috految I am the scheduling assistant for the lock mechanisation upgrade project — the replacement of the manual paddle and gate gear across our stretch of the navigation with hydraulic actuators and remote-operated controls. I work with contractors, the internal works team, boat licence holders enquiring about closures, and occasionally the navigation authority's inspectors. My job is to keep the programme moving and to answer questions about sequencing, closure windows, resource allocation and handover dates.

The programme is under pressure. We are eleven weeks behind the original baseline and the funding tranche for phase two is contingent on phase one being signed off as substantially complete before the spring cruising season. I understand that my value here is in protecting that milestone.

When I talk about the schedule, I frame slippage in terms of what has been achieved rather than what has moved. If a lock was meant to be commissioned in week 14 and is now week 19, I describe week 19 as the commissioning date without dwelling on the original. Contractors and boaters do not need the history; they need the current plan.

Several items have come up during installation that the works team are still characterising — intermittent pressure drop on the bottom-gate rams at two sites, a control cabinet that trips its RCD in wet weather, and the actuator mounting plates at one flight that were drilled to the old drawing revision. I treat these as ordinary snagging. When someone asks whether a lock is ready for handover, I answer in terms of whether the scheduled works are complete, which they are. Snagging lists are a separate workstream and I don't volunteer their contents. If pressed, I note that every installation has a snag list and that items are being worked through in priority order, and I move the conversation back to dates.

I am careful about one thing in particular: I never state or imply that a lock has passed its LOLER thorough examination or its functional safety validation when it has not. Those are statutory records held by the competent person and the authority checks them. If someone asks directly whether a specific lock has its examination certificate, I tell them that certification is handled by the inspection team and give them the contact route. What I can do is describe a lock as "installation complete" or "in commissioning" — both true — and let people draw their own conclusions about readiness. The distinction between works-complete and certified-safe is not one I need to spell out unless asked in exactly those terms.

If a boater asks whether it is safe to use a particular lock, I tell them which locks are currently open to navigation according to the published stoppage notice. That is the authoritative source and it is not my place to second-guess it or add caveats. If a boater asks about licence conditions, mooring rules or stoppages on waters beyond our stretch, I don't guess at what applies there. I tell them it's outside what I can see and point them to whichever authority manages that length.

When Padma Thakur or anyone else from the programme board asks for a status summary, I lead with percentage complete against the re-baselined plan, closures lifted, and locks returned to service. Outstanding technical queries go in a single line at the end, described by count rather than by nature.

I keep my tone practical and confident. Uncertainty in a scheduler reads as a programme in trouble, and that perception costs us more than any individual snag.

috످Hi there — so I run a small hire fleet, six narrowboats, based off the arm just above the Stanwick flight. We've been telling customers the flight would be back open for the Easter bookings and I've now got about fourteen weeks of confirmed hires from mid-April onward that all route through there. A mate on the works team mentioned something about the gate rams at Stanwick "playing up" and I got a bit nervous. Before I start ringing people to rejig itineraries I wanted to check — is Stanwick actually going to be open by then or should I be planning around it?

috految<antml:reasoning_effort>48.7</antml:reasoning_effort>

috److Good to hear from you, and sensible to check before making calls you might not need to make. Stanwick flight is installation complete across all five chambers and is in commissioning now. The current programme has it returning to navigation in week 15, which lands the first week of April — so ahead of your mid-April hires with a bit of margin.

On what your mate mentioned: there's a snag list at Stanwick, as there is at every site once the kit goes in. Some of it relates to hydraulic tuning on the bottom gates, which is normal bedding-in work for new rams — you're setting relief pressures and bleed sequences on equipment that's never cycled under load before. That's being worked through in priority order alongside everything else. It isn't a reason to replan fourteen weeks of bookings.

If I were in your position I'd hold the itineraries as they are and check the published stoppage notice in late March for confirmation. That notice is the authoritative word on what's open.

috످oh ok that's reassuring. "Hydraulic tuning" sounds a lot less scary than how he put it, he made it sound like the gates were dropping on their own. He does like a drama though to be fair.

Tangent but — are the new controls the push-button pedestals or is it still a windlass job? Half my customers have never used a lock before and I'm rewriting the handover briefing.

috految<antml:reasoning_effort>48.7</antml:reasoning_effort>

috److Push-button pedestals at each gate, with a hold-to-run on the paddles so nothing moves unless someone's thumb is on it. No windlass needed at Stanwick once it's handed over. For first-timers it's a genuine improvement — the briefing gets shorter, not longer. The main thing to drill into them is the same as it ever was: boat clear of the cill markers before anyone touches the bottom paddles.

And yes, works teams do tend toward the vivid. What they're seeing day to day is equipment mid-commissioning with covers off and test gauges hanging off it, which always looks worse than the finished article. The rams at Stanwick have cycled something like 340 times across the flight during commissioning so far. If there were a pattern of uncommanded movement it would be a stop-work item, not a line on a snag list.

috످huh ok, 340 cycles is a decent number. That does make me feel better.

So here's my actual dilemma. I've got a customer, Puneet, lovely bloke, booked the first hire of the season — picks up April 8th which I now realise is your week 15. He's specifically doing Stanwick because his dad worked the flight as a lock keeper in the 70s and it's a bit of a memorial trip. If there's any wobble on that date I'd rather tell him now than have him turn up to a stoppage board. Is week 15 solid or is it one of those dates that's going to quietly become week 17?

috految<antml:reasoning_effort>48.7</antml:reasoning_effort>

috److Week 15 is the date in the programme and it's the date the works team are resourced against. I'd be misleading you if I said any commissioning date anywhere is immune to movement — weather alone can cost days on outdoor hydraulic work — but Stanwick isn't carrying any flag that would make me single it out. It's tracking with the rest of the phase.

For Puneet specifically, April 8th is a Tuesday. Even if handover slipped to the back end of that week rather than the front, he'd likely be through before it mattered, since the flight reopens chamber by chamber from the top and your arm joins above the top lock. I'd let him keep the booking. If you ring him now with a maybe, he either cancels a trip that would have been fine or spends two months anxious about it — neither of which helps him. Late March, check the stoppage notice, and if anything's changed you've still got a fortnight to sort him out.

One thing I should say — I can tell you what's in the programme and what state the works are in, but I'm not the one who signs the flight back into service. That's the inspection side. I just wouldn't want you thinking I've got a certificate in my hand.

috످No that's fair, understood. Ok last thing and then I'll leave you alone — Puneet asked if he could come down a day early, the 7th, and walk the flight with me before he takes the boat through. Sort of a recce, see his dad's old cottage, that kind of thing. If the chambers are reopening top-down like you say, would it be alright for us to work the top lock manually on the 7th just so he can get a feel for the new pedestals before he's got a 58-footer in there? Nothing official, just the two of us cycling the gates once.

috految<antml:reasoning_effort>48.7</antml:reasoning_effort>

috److془I need to say no, correct everything. Be concise.

Facts: intermittent pressure drop on bottom-gate rams at two sites, RCD trips, mounting plates. Don't know if Stanwick. Eleven weeks behind. Fabricated: 340, hydraulic tuning, stop-work, top-down, week 15, pedestals hold-to-run, no windlass, five chambers, Tuesday. Cill advice: boat forward of cill marker whole time going down; bow clear of gates. Navigation authority. Also the flight reopening: he'd need whole flight.془**No, please don't work the lock, even once or by hand, until it's officially reopened.** I can't confirm it's passed its safety checks, and if a gate moved unexpectedly, either of you could be crushed or knocked in. Do ask the works team about an escorted walk on the 7th so Puneet can still see his dad's cottage.

**Your mate may be right about the gates, and I'm sorry I brushed him off.** I called it "hydraulic tuning", but the bottom-gate rams at two sites are intermittently losing pressure and the cause isn't confirmed. There's also a control cabinet that trips in the wet (a possible shock risk), and one flight has wrongly drilled mounting plates. I don't know which of these affect Stanwick, but I had no basis for saying it had no flags or that a serious fault would have stopped work.

**Don't count on April 8th, or even mid-April.** The project is eleven weeks behind, and I can't back up the week 15 date. I also made up the 340 cycles and the top-down reopening. Puneet would need the whole flight open to get through.

I told you to wait until March, but please do these now:

1. **Ring Puneet.** You could say: "Stanwick might not be open for the 8th. I know what this trip means to you, so shall we hold a backup date?"
2. **Ask your mate what he saw.** If gates are moving on their own, report it to the navigation authority today.
3. **Ask the authority's inspectors in writing** when Stanwick will reopen, and whether it's passed its LOLER (lifting equipment) examination and functional safety validation.
4. **Plan backup routes for your other hires** and warn those customers.
5. **Take what I said about the controls out of your briefing.** I had no source for the push-buttons, "no windlass" or "nothing moves unless someone's thumb is on it". Get the official instructions from the works team. My cill advice was incomplete too: going down, the stern must stay forward of the marker the whole time the lock empties, or the boat can sink.

috످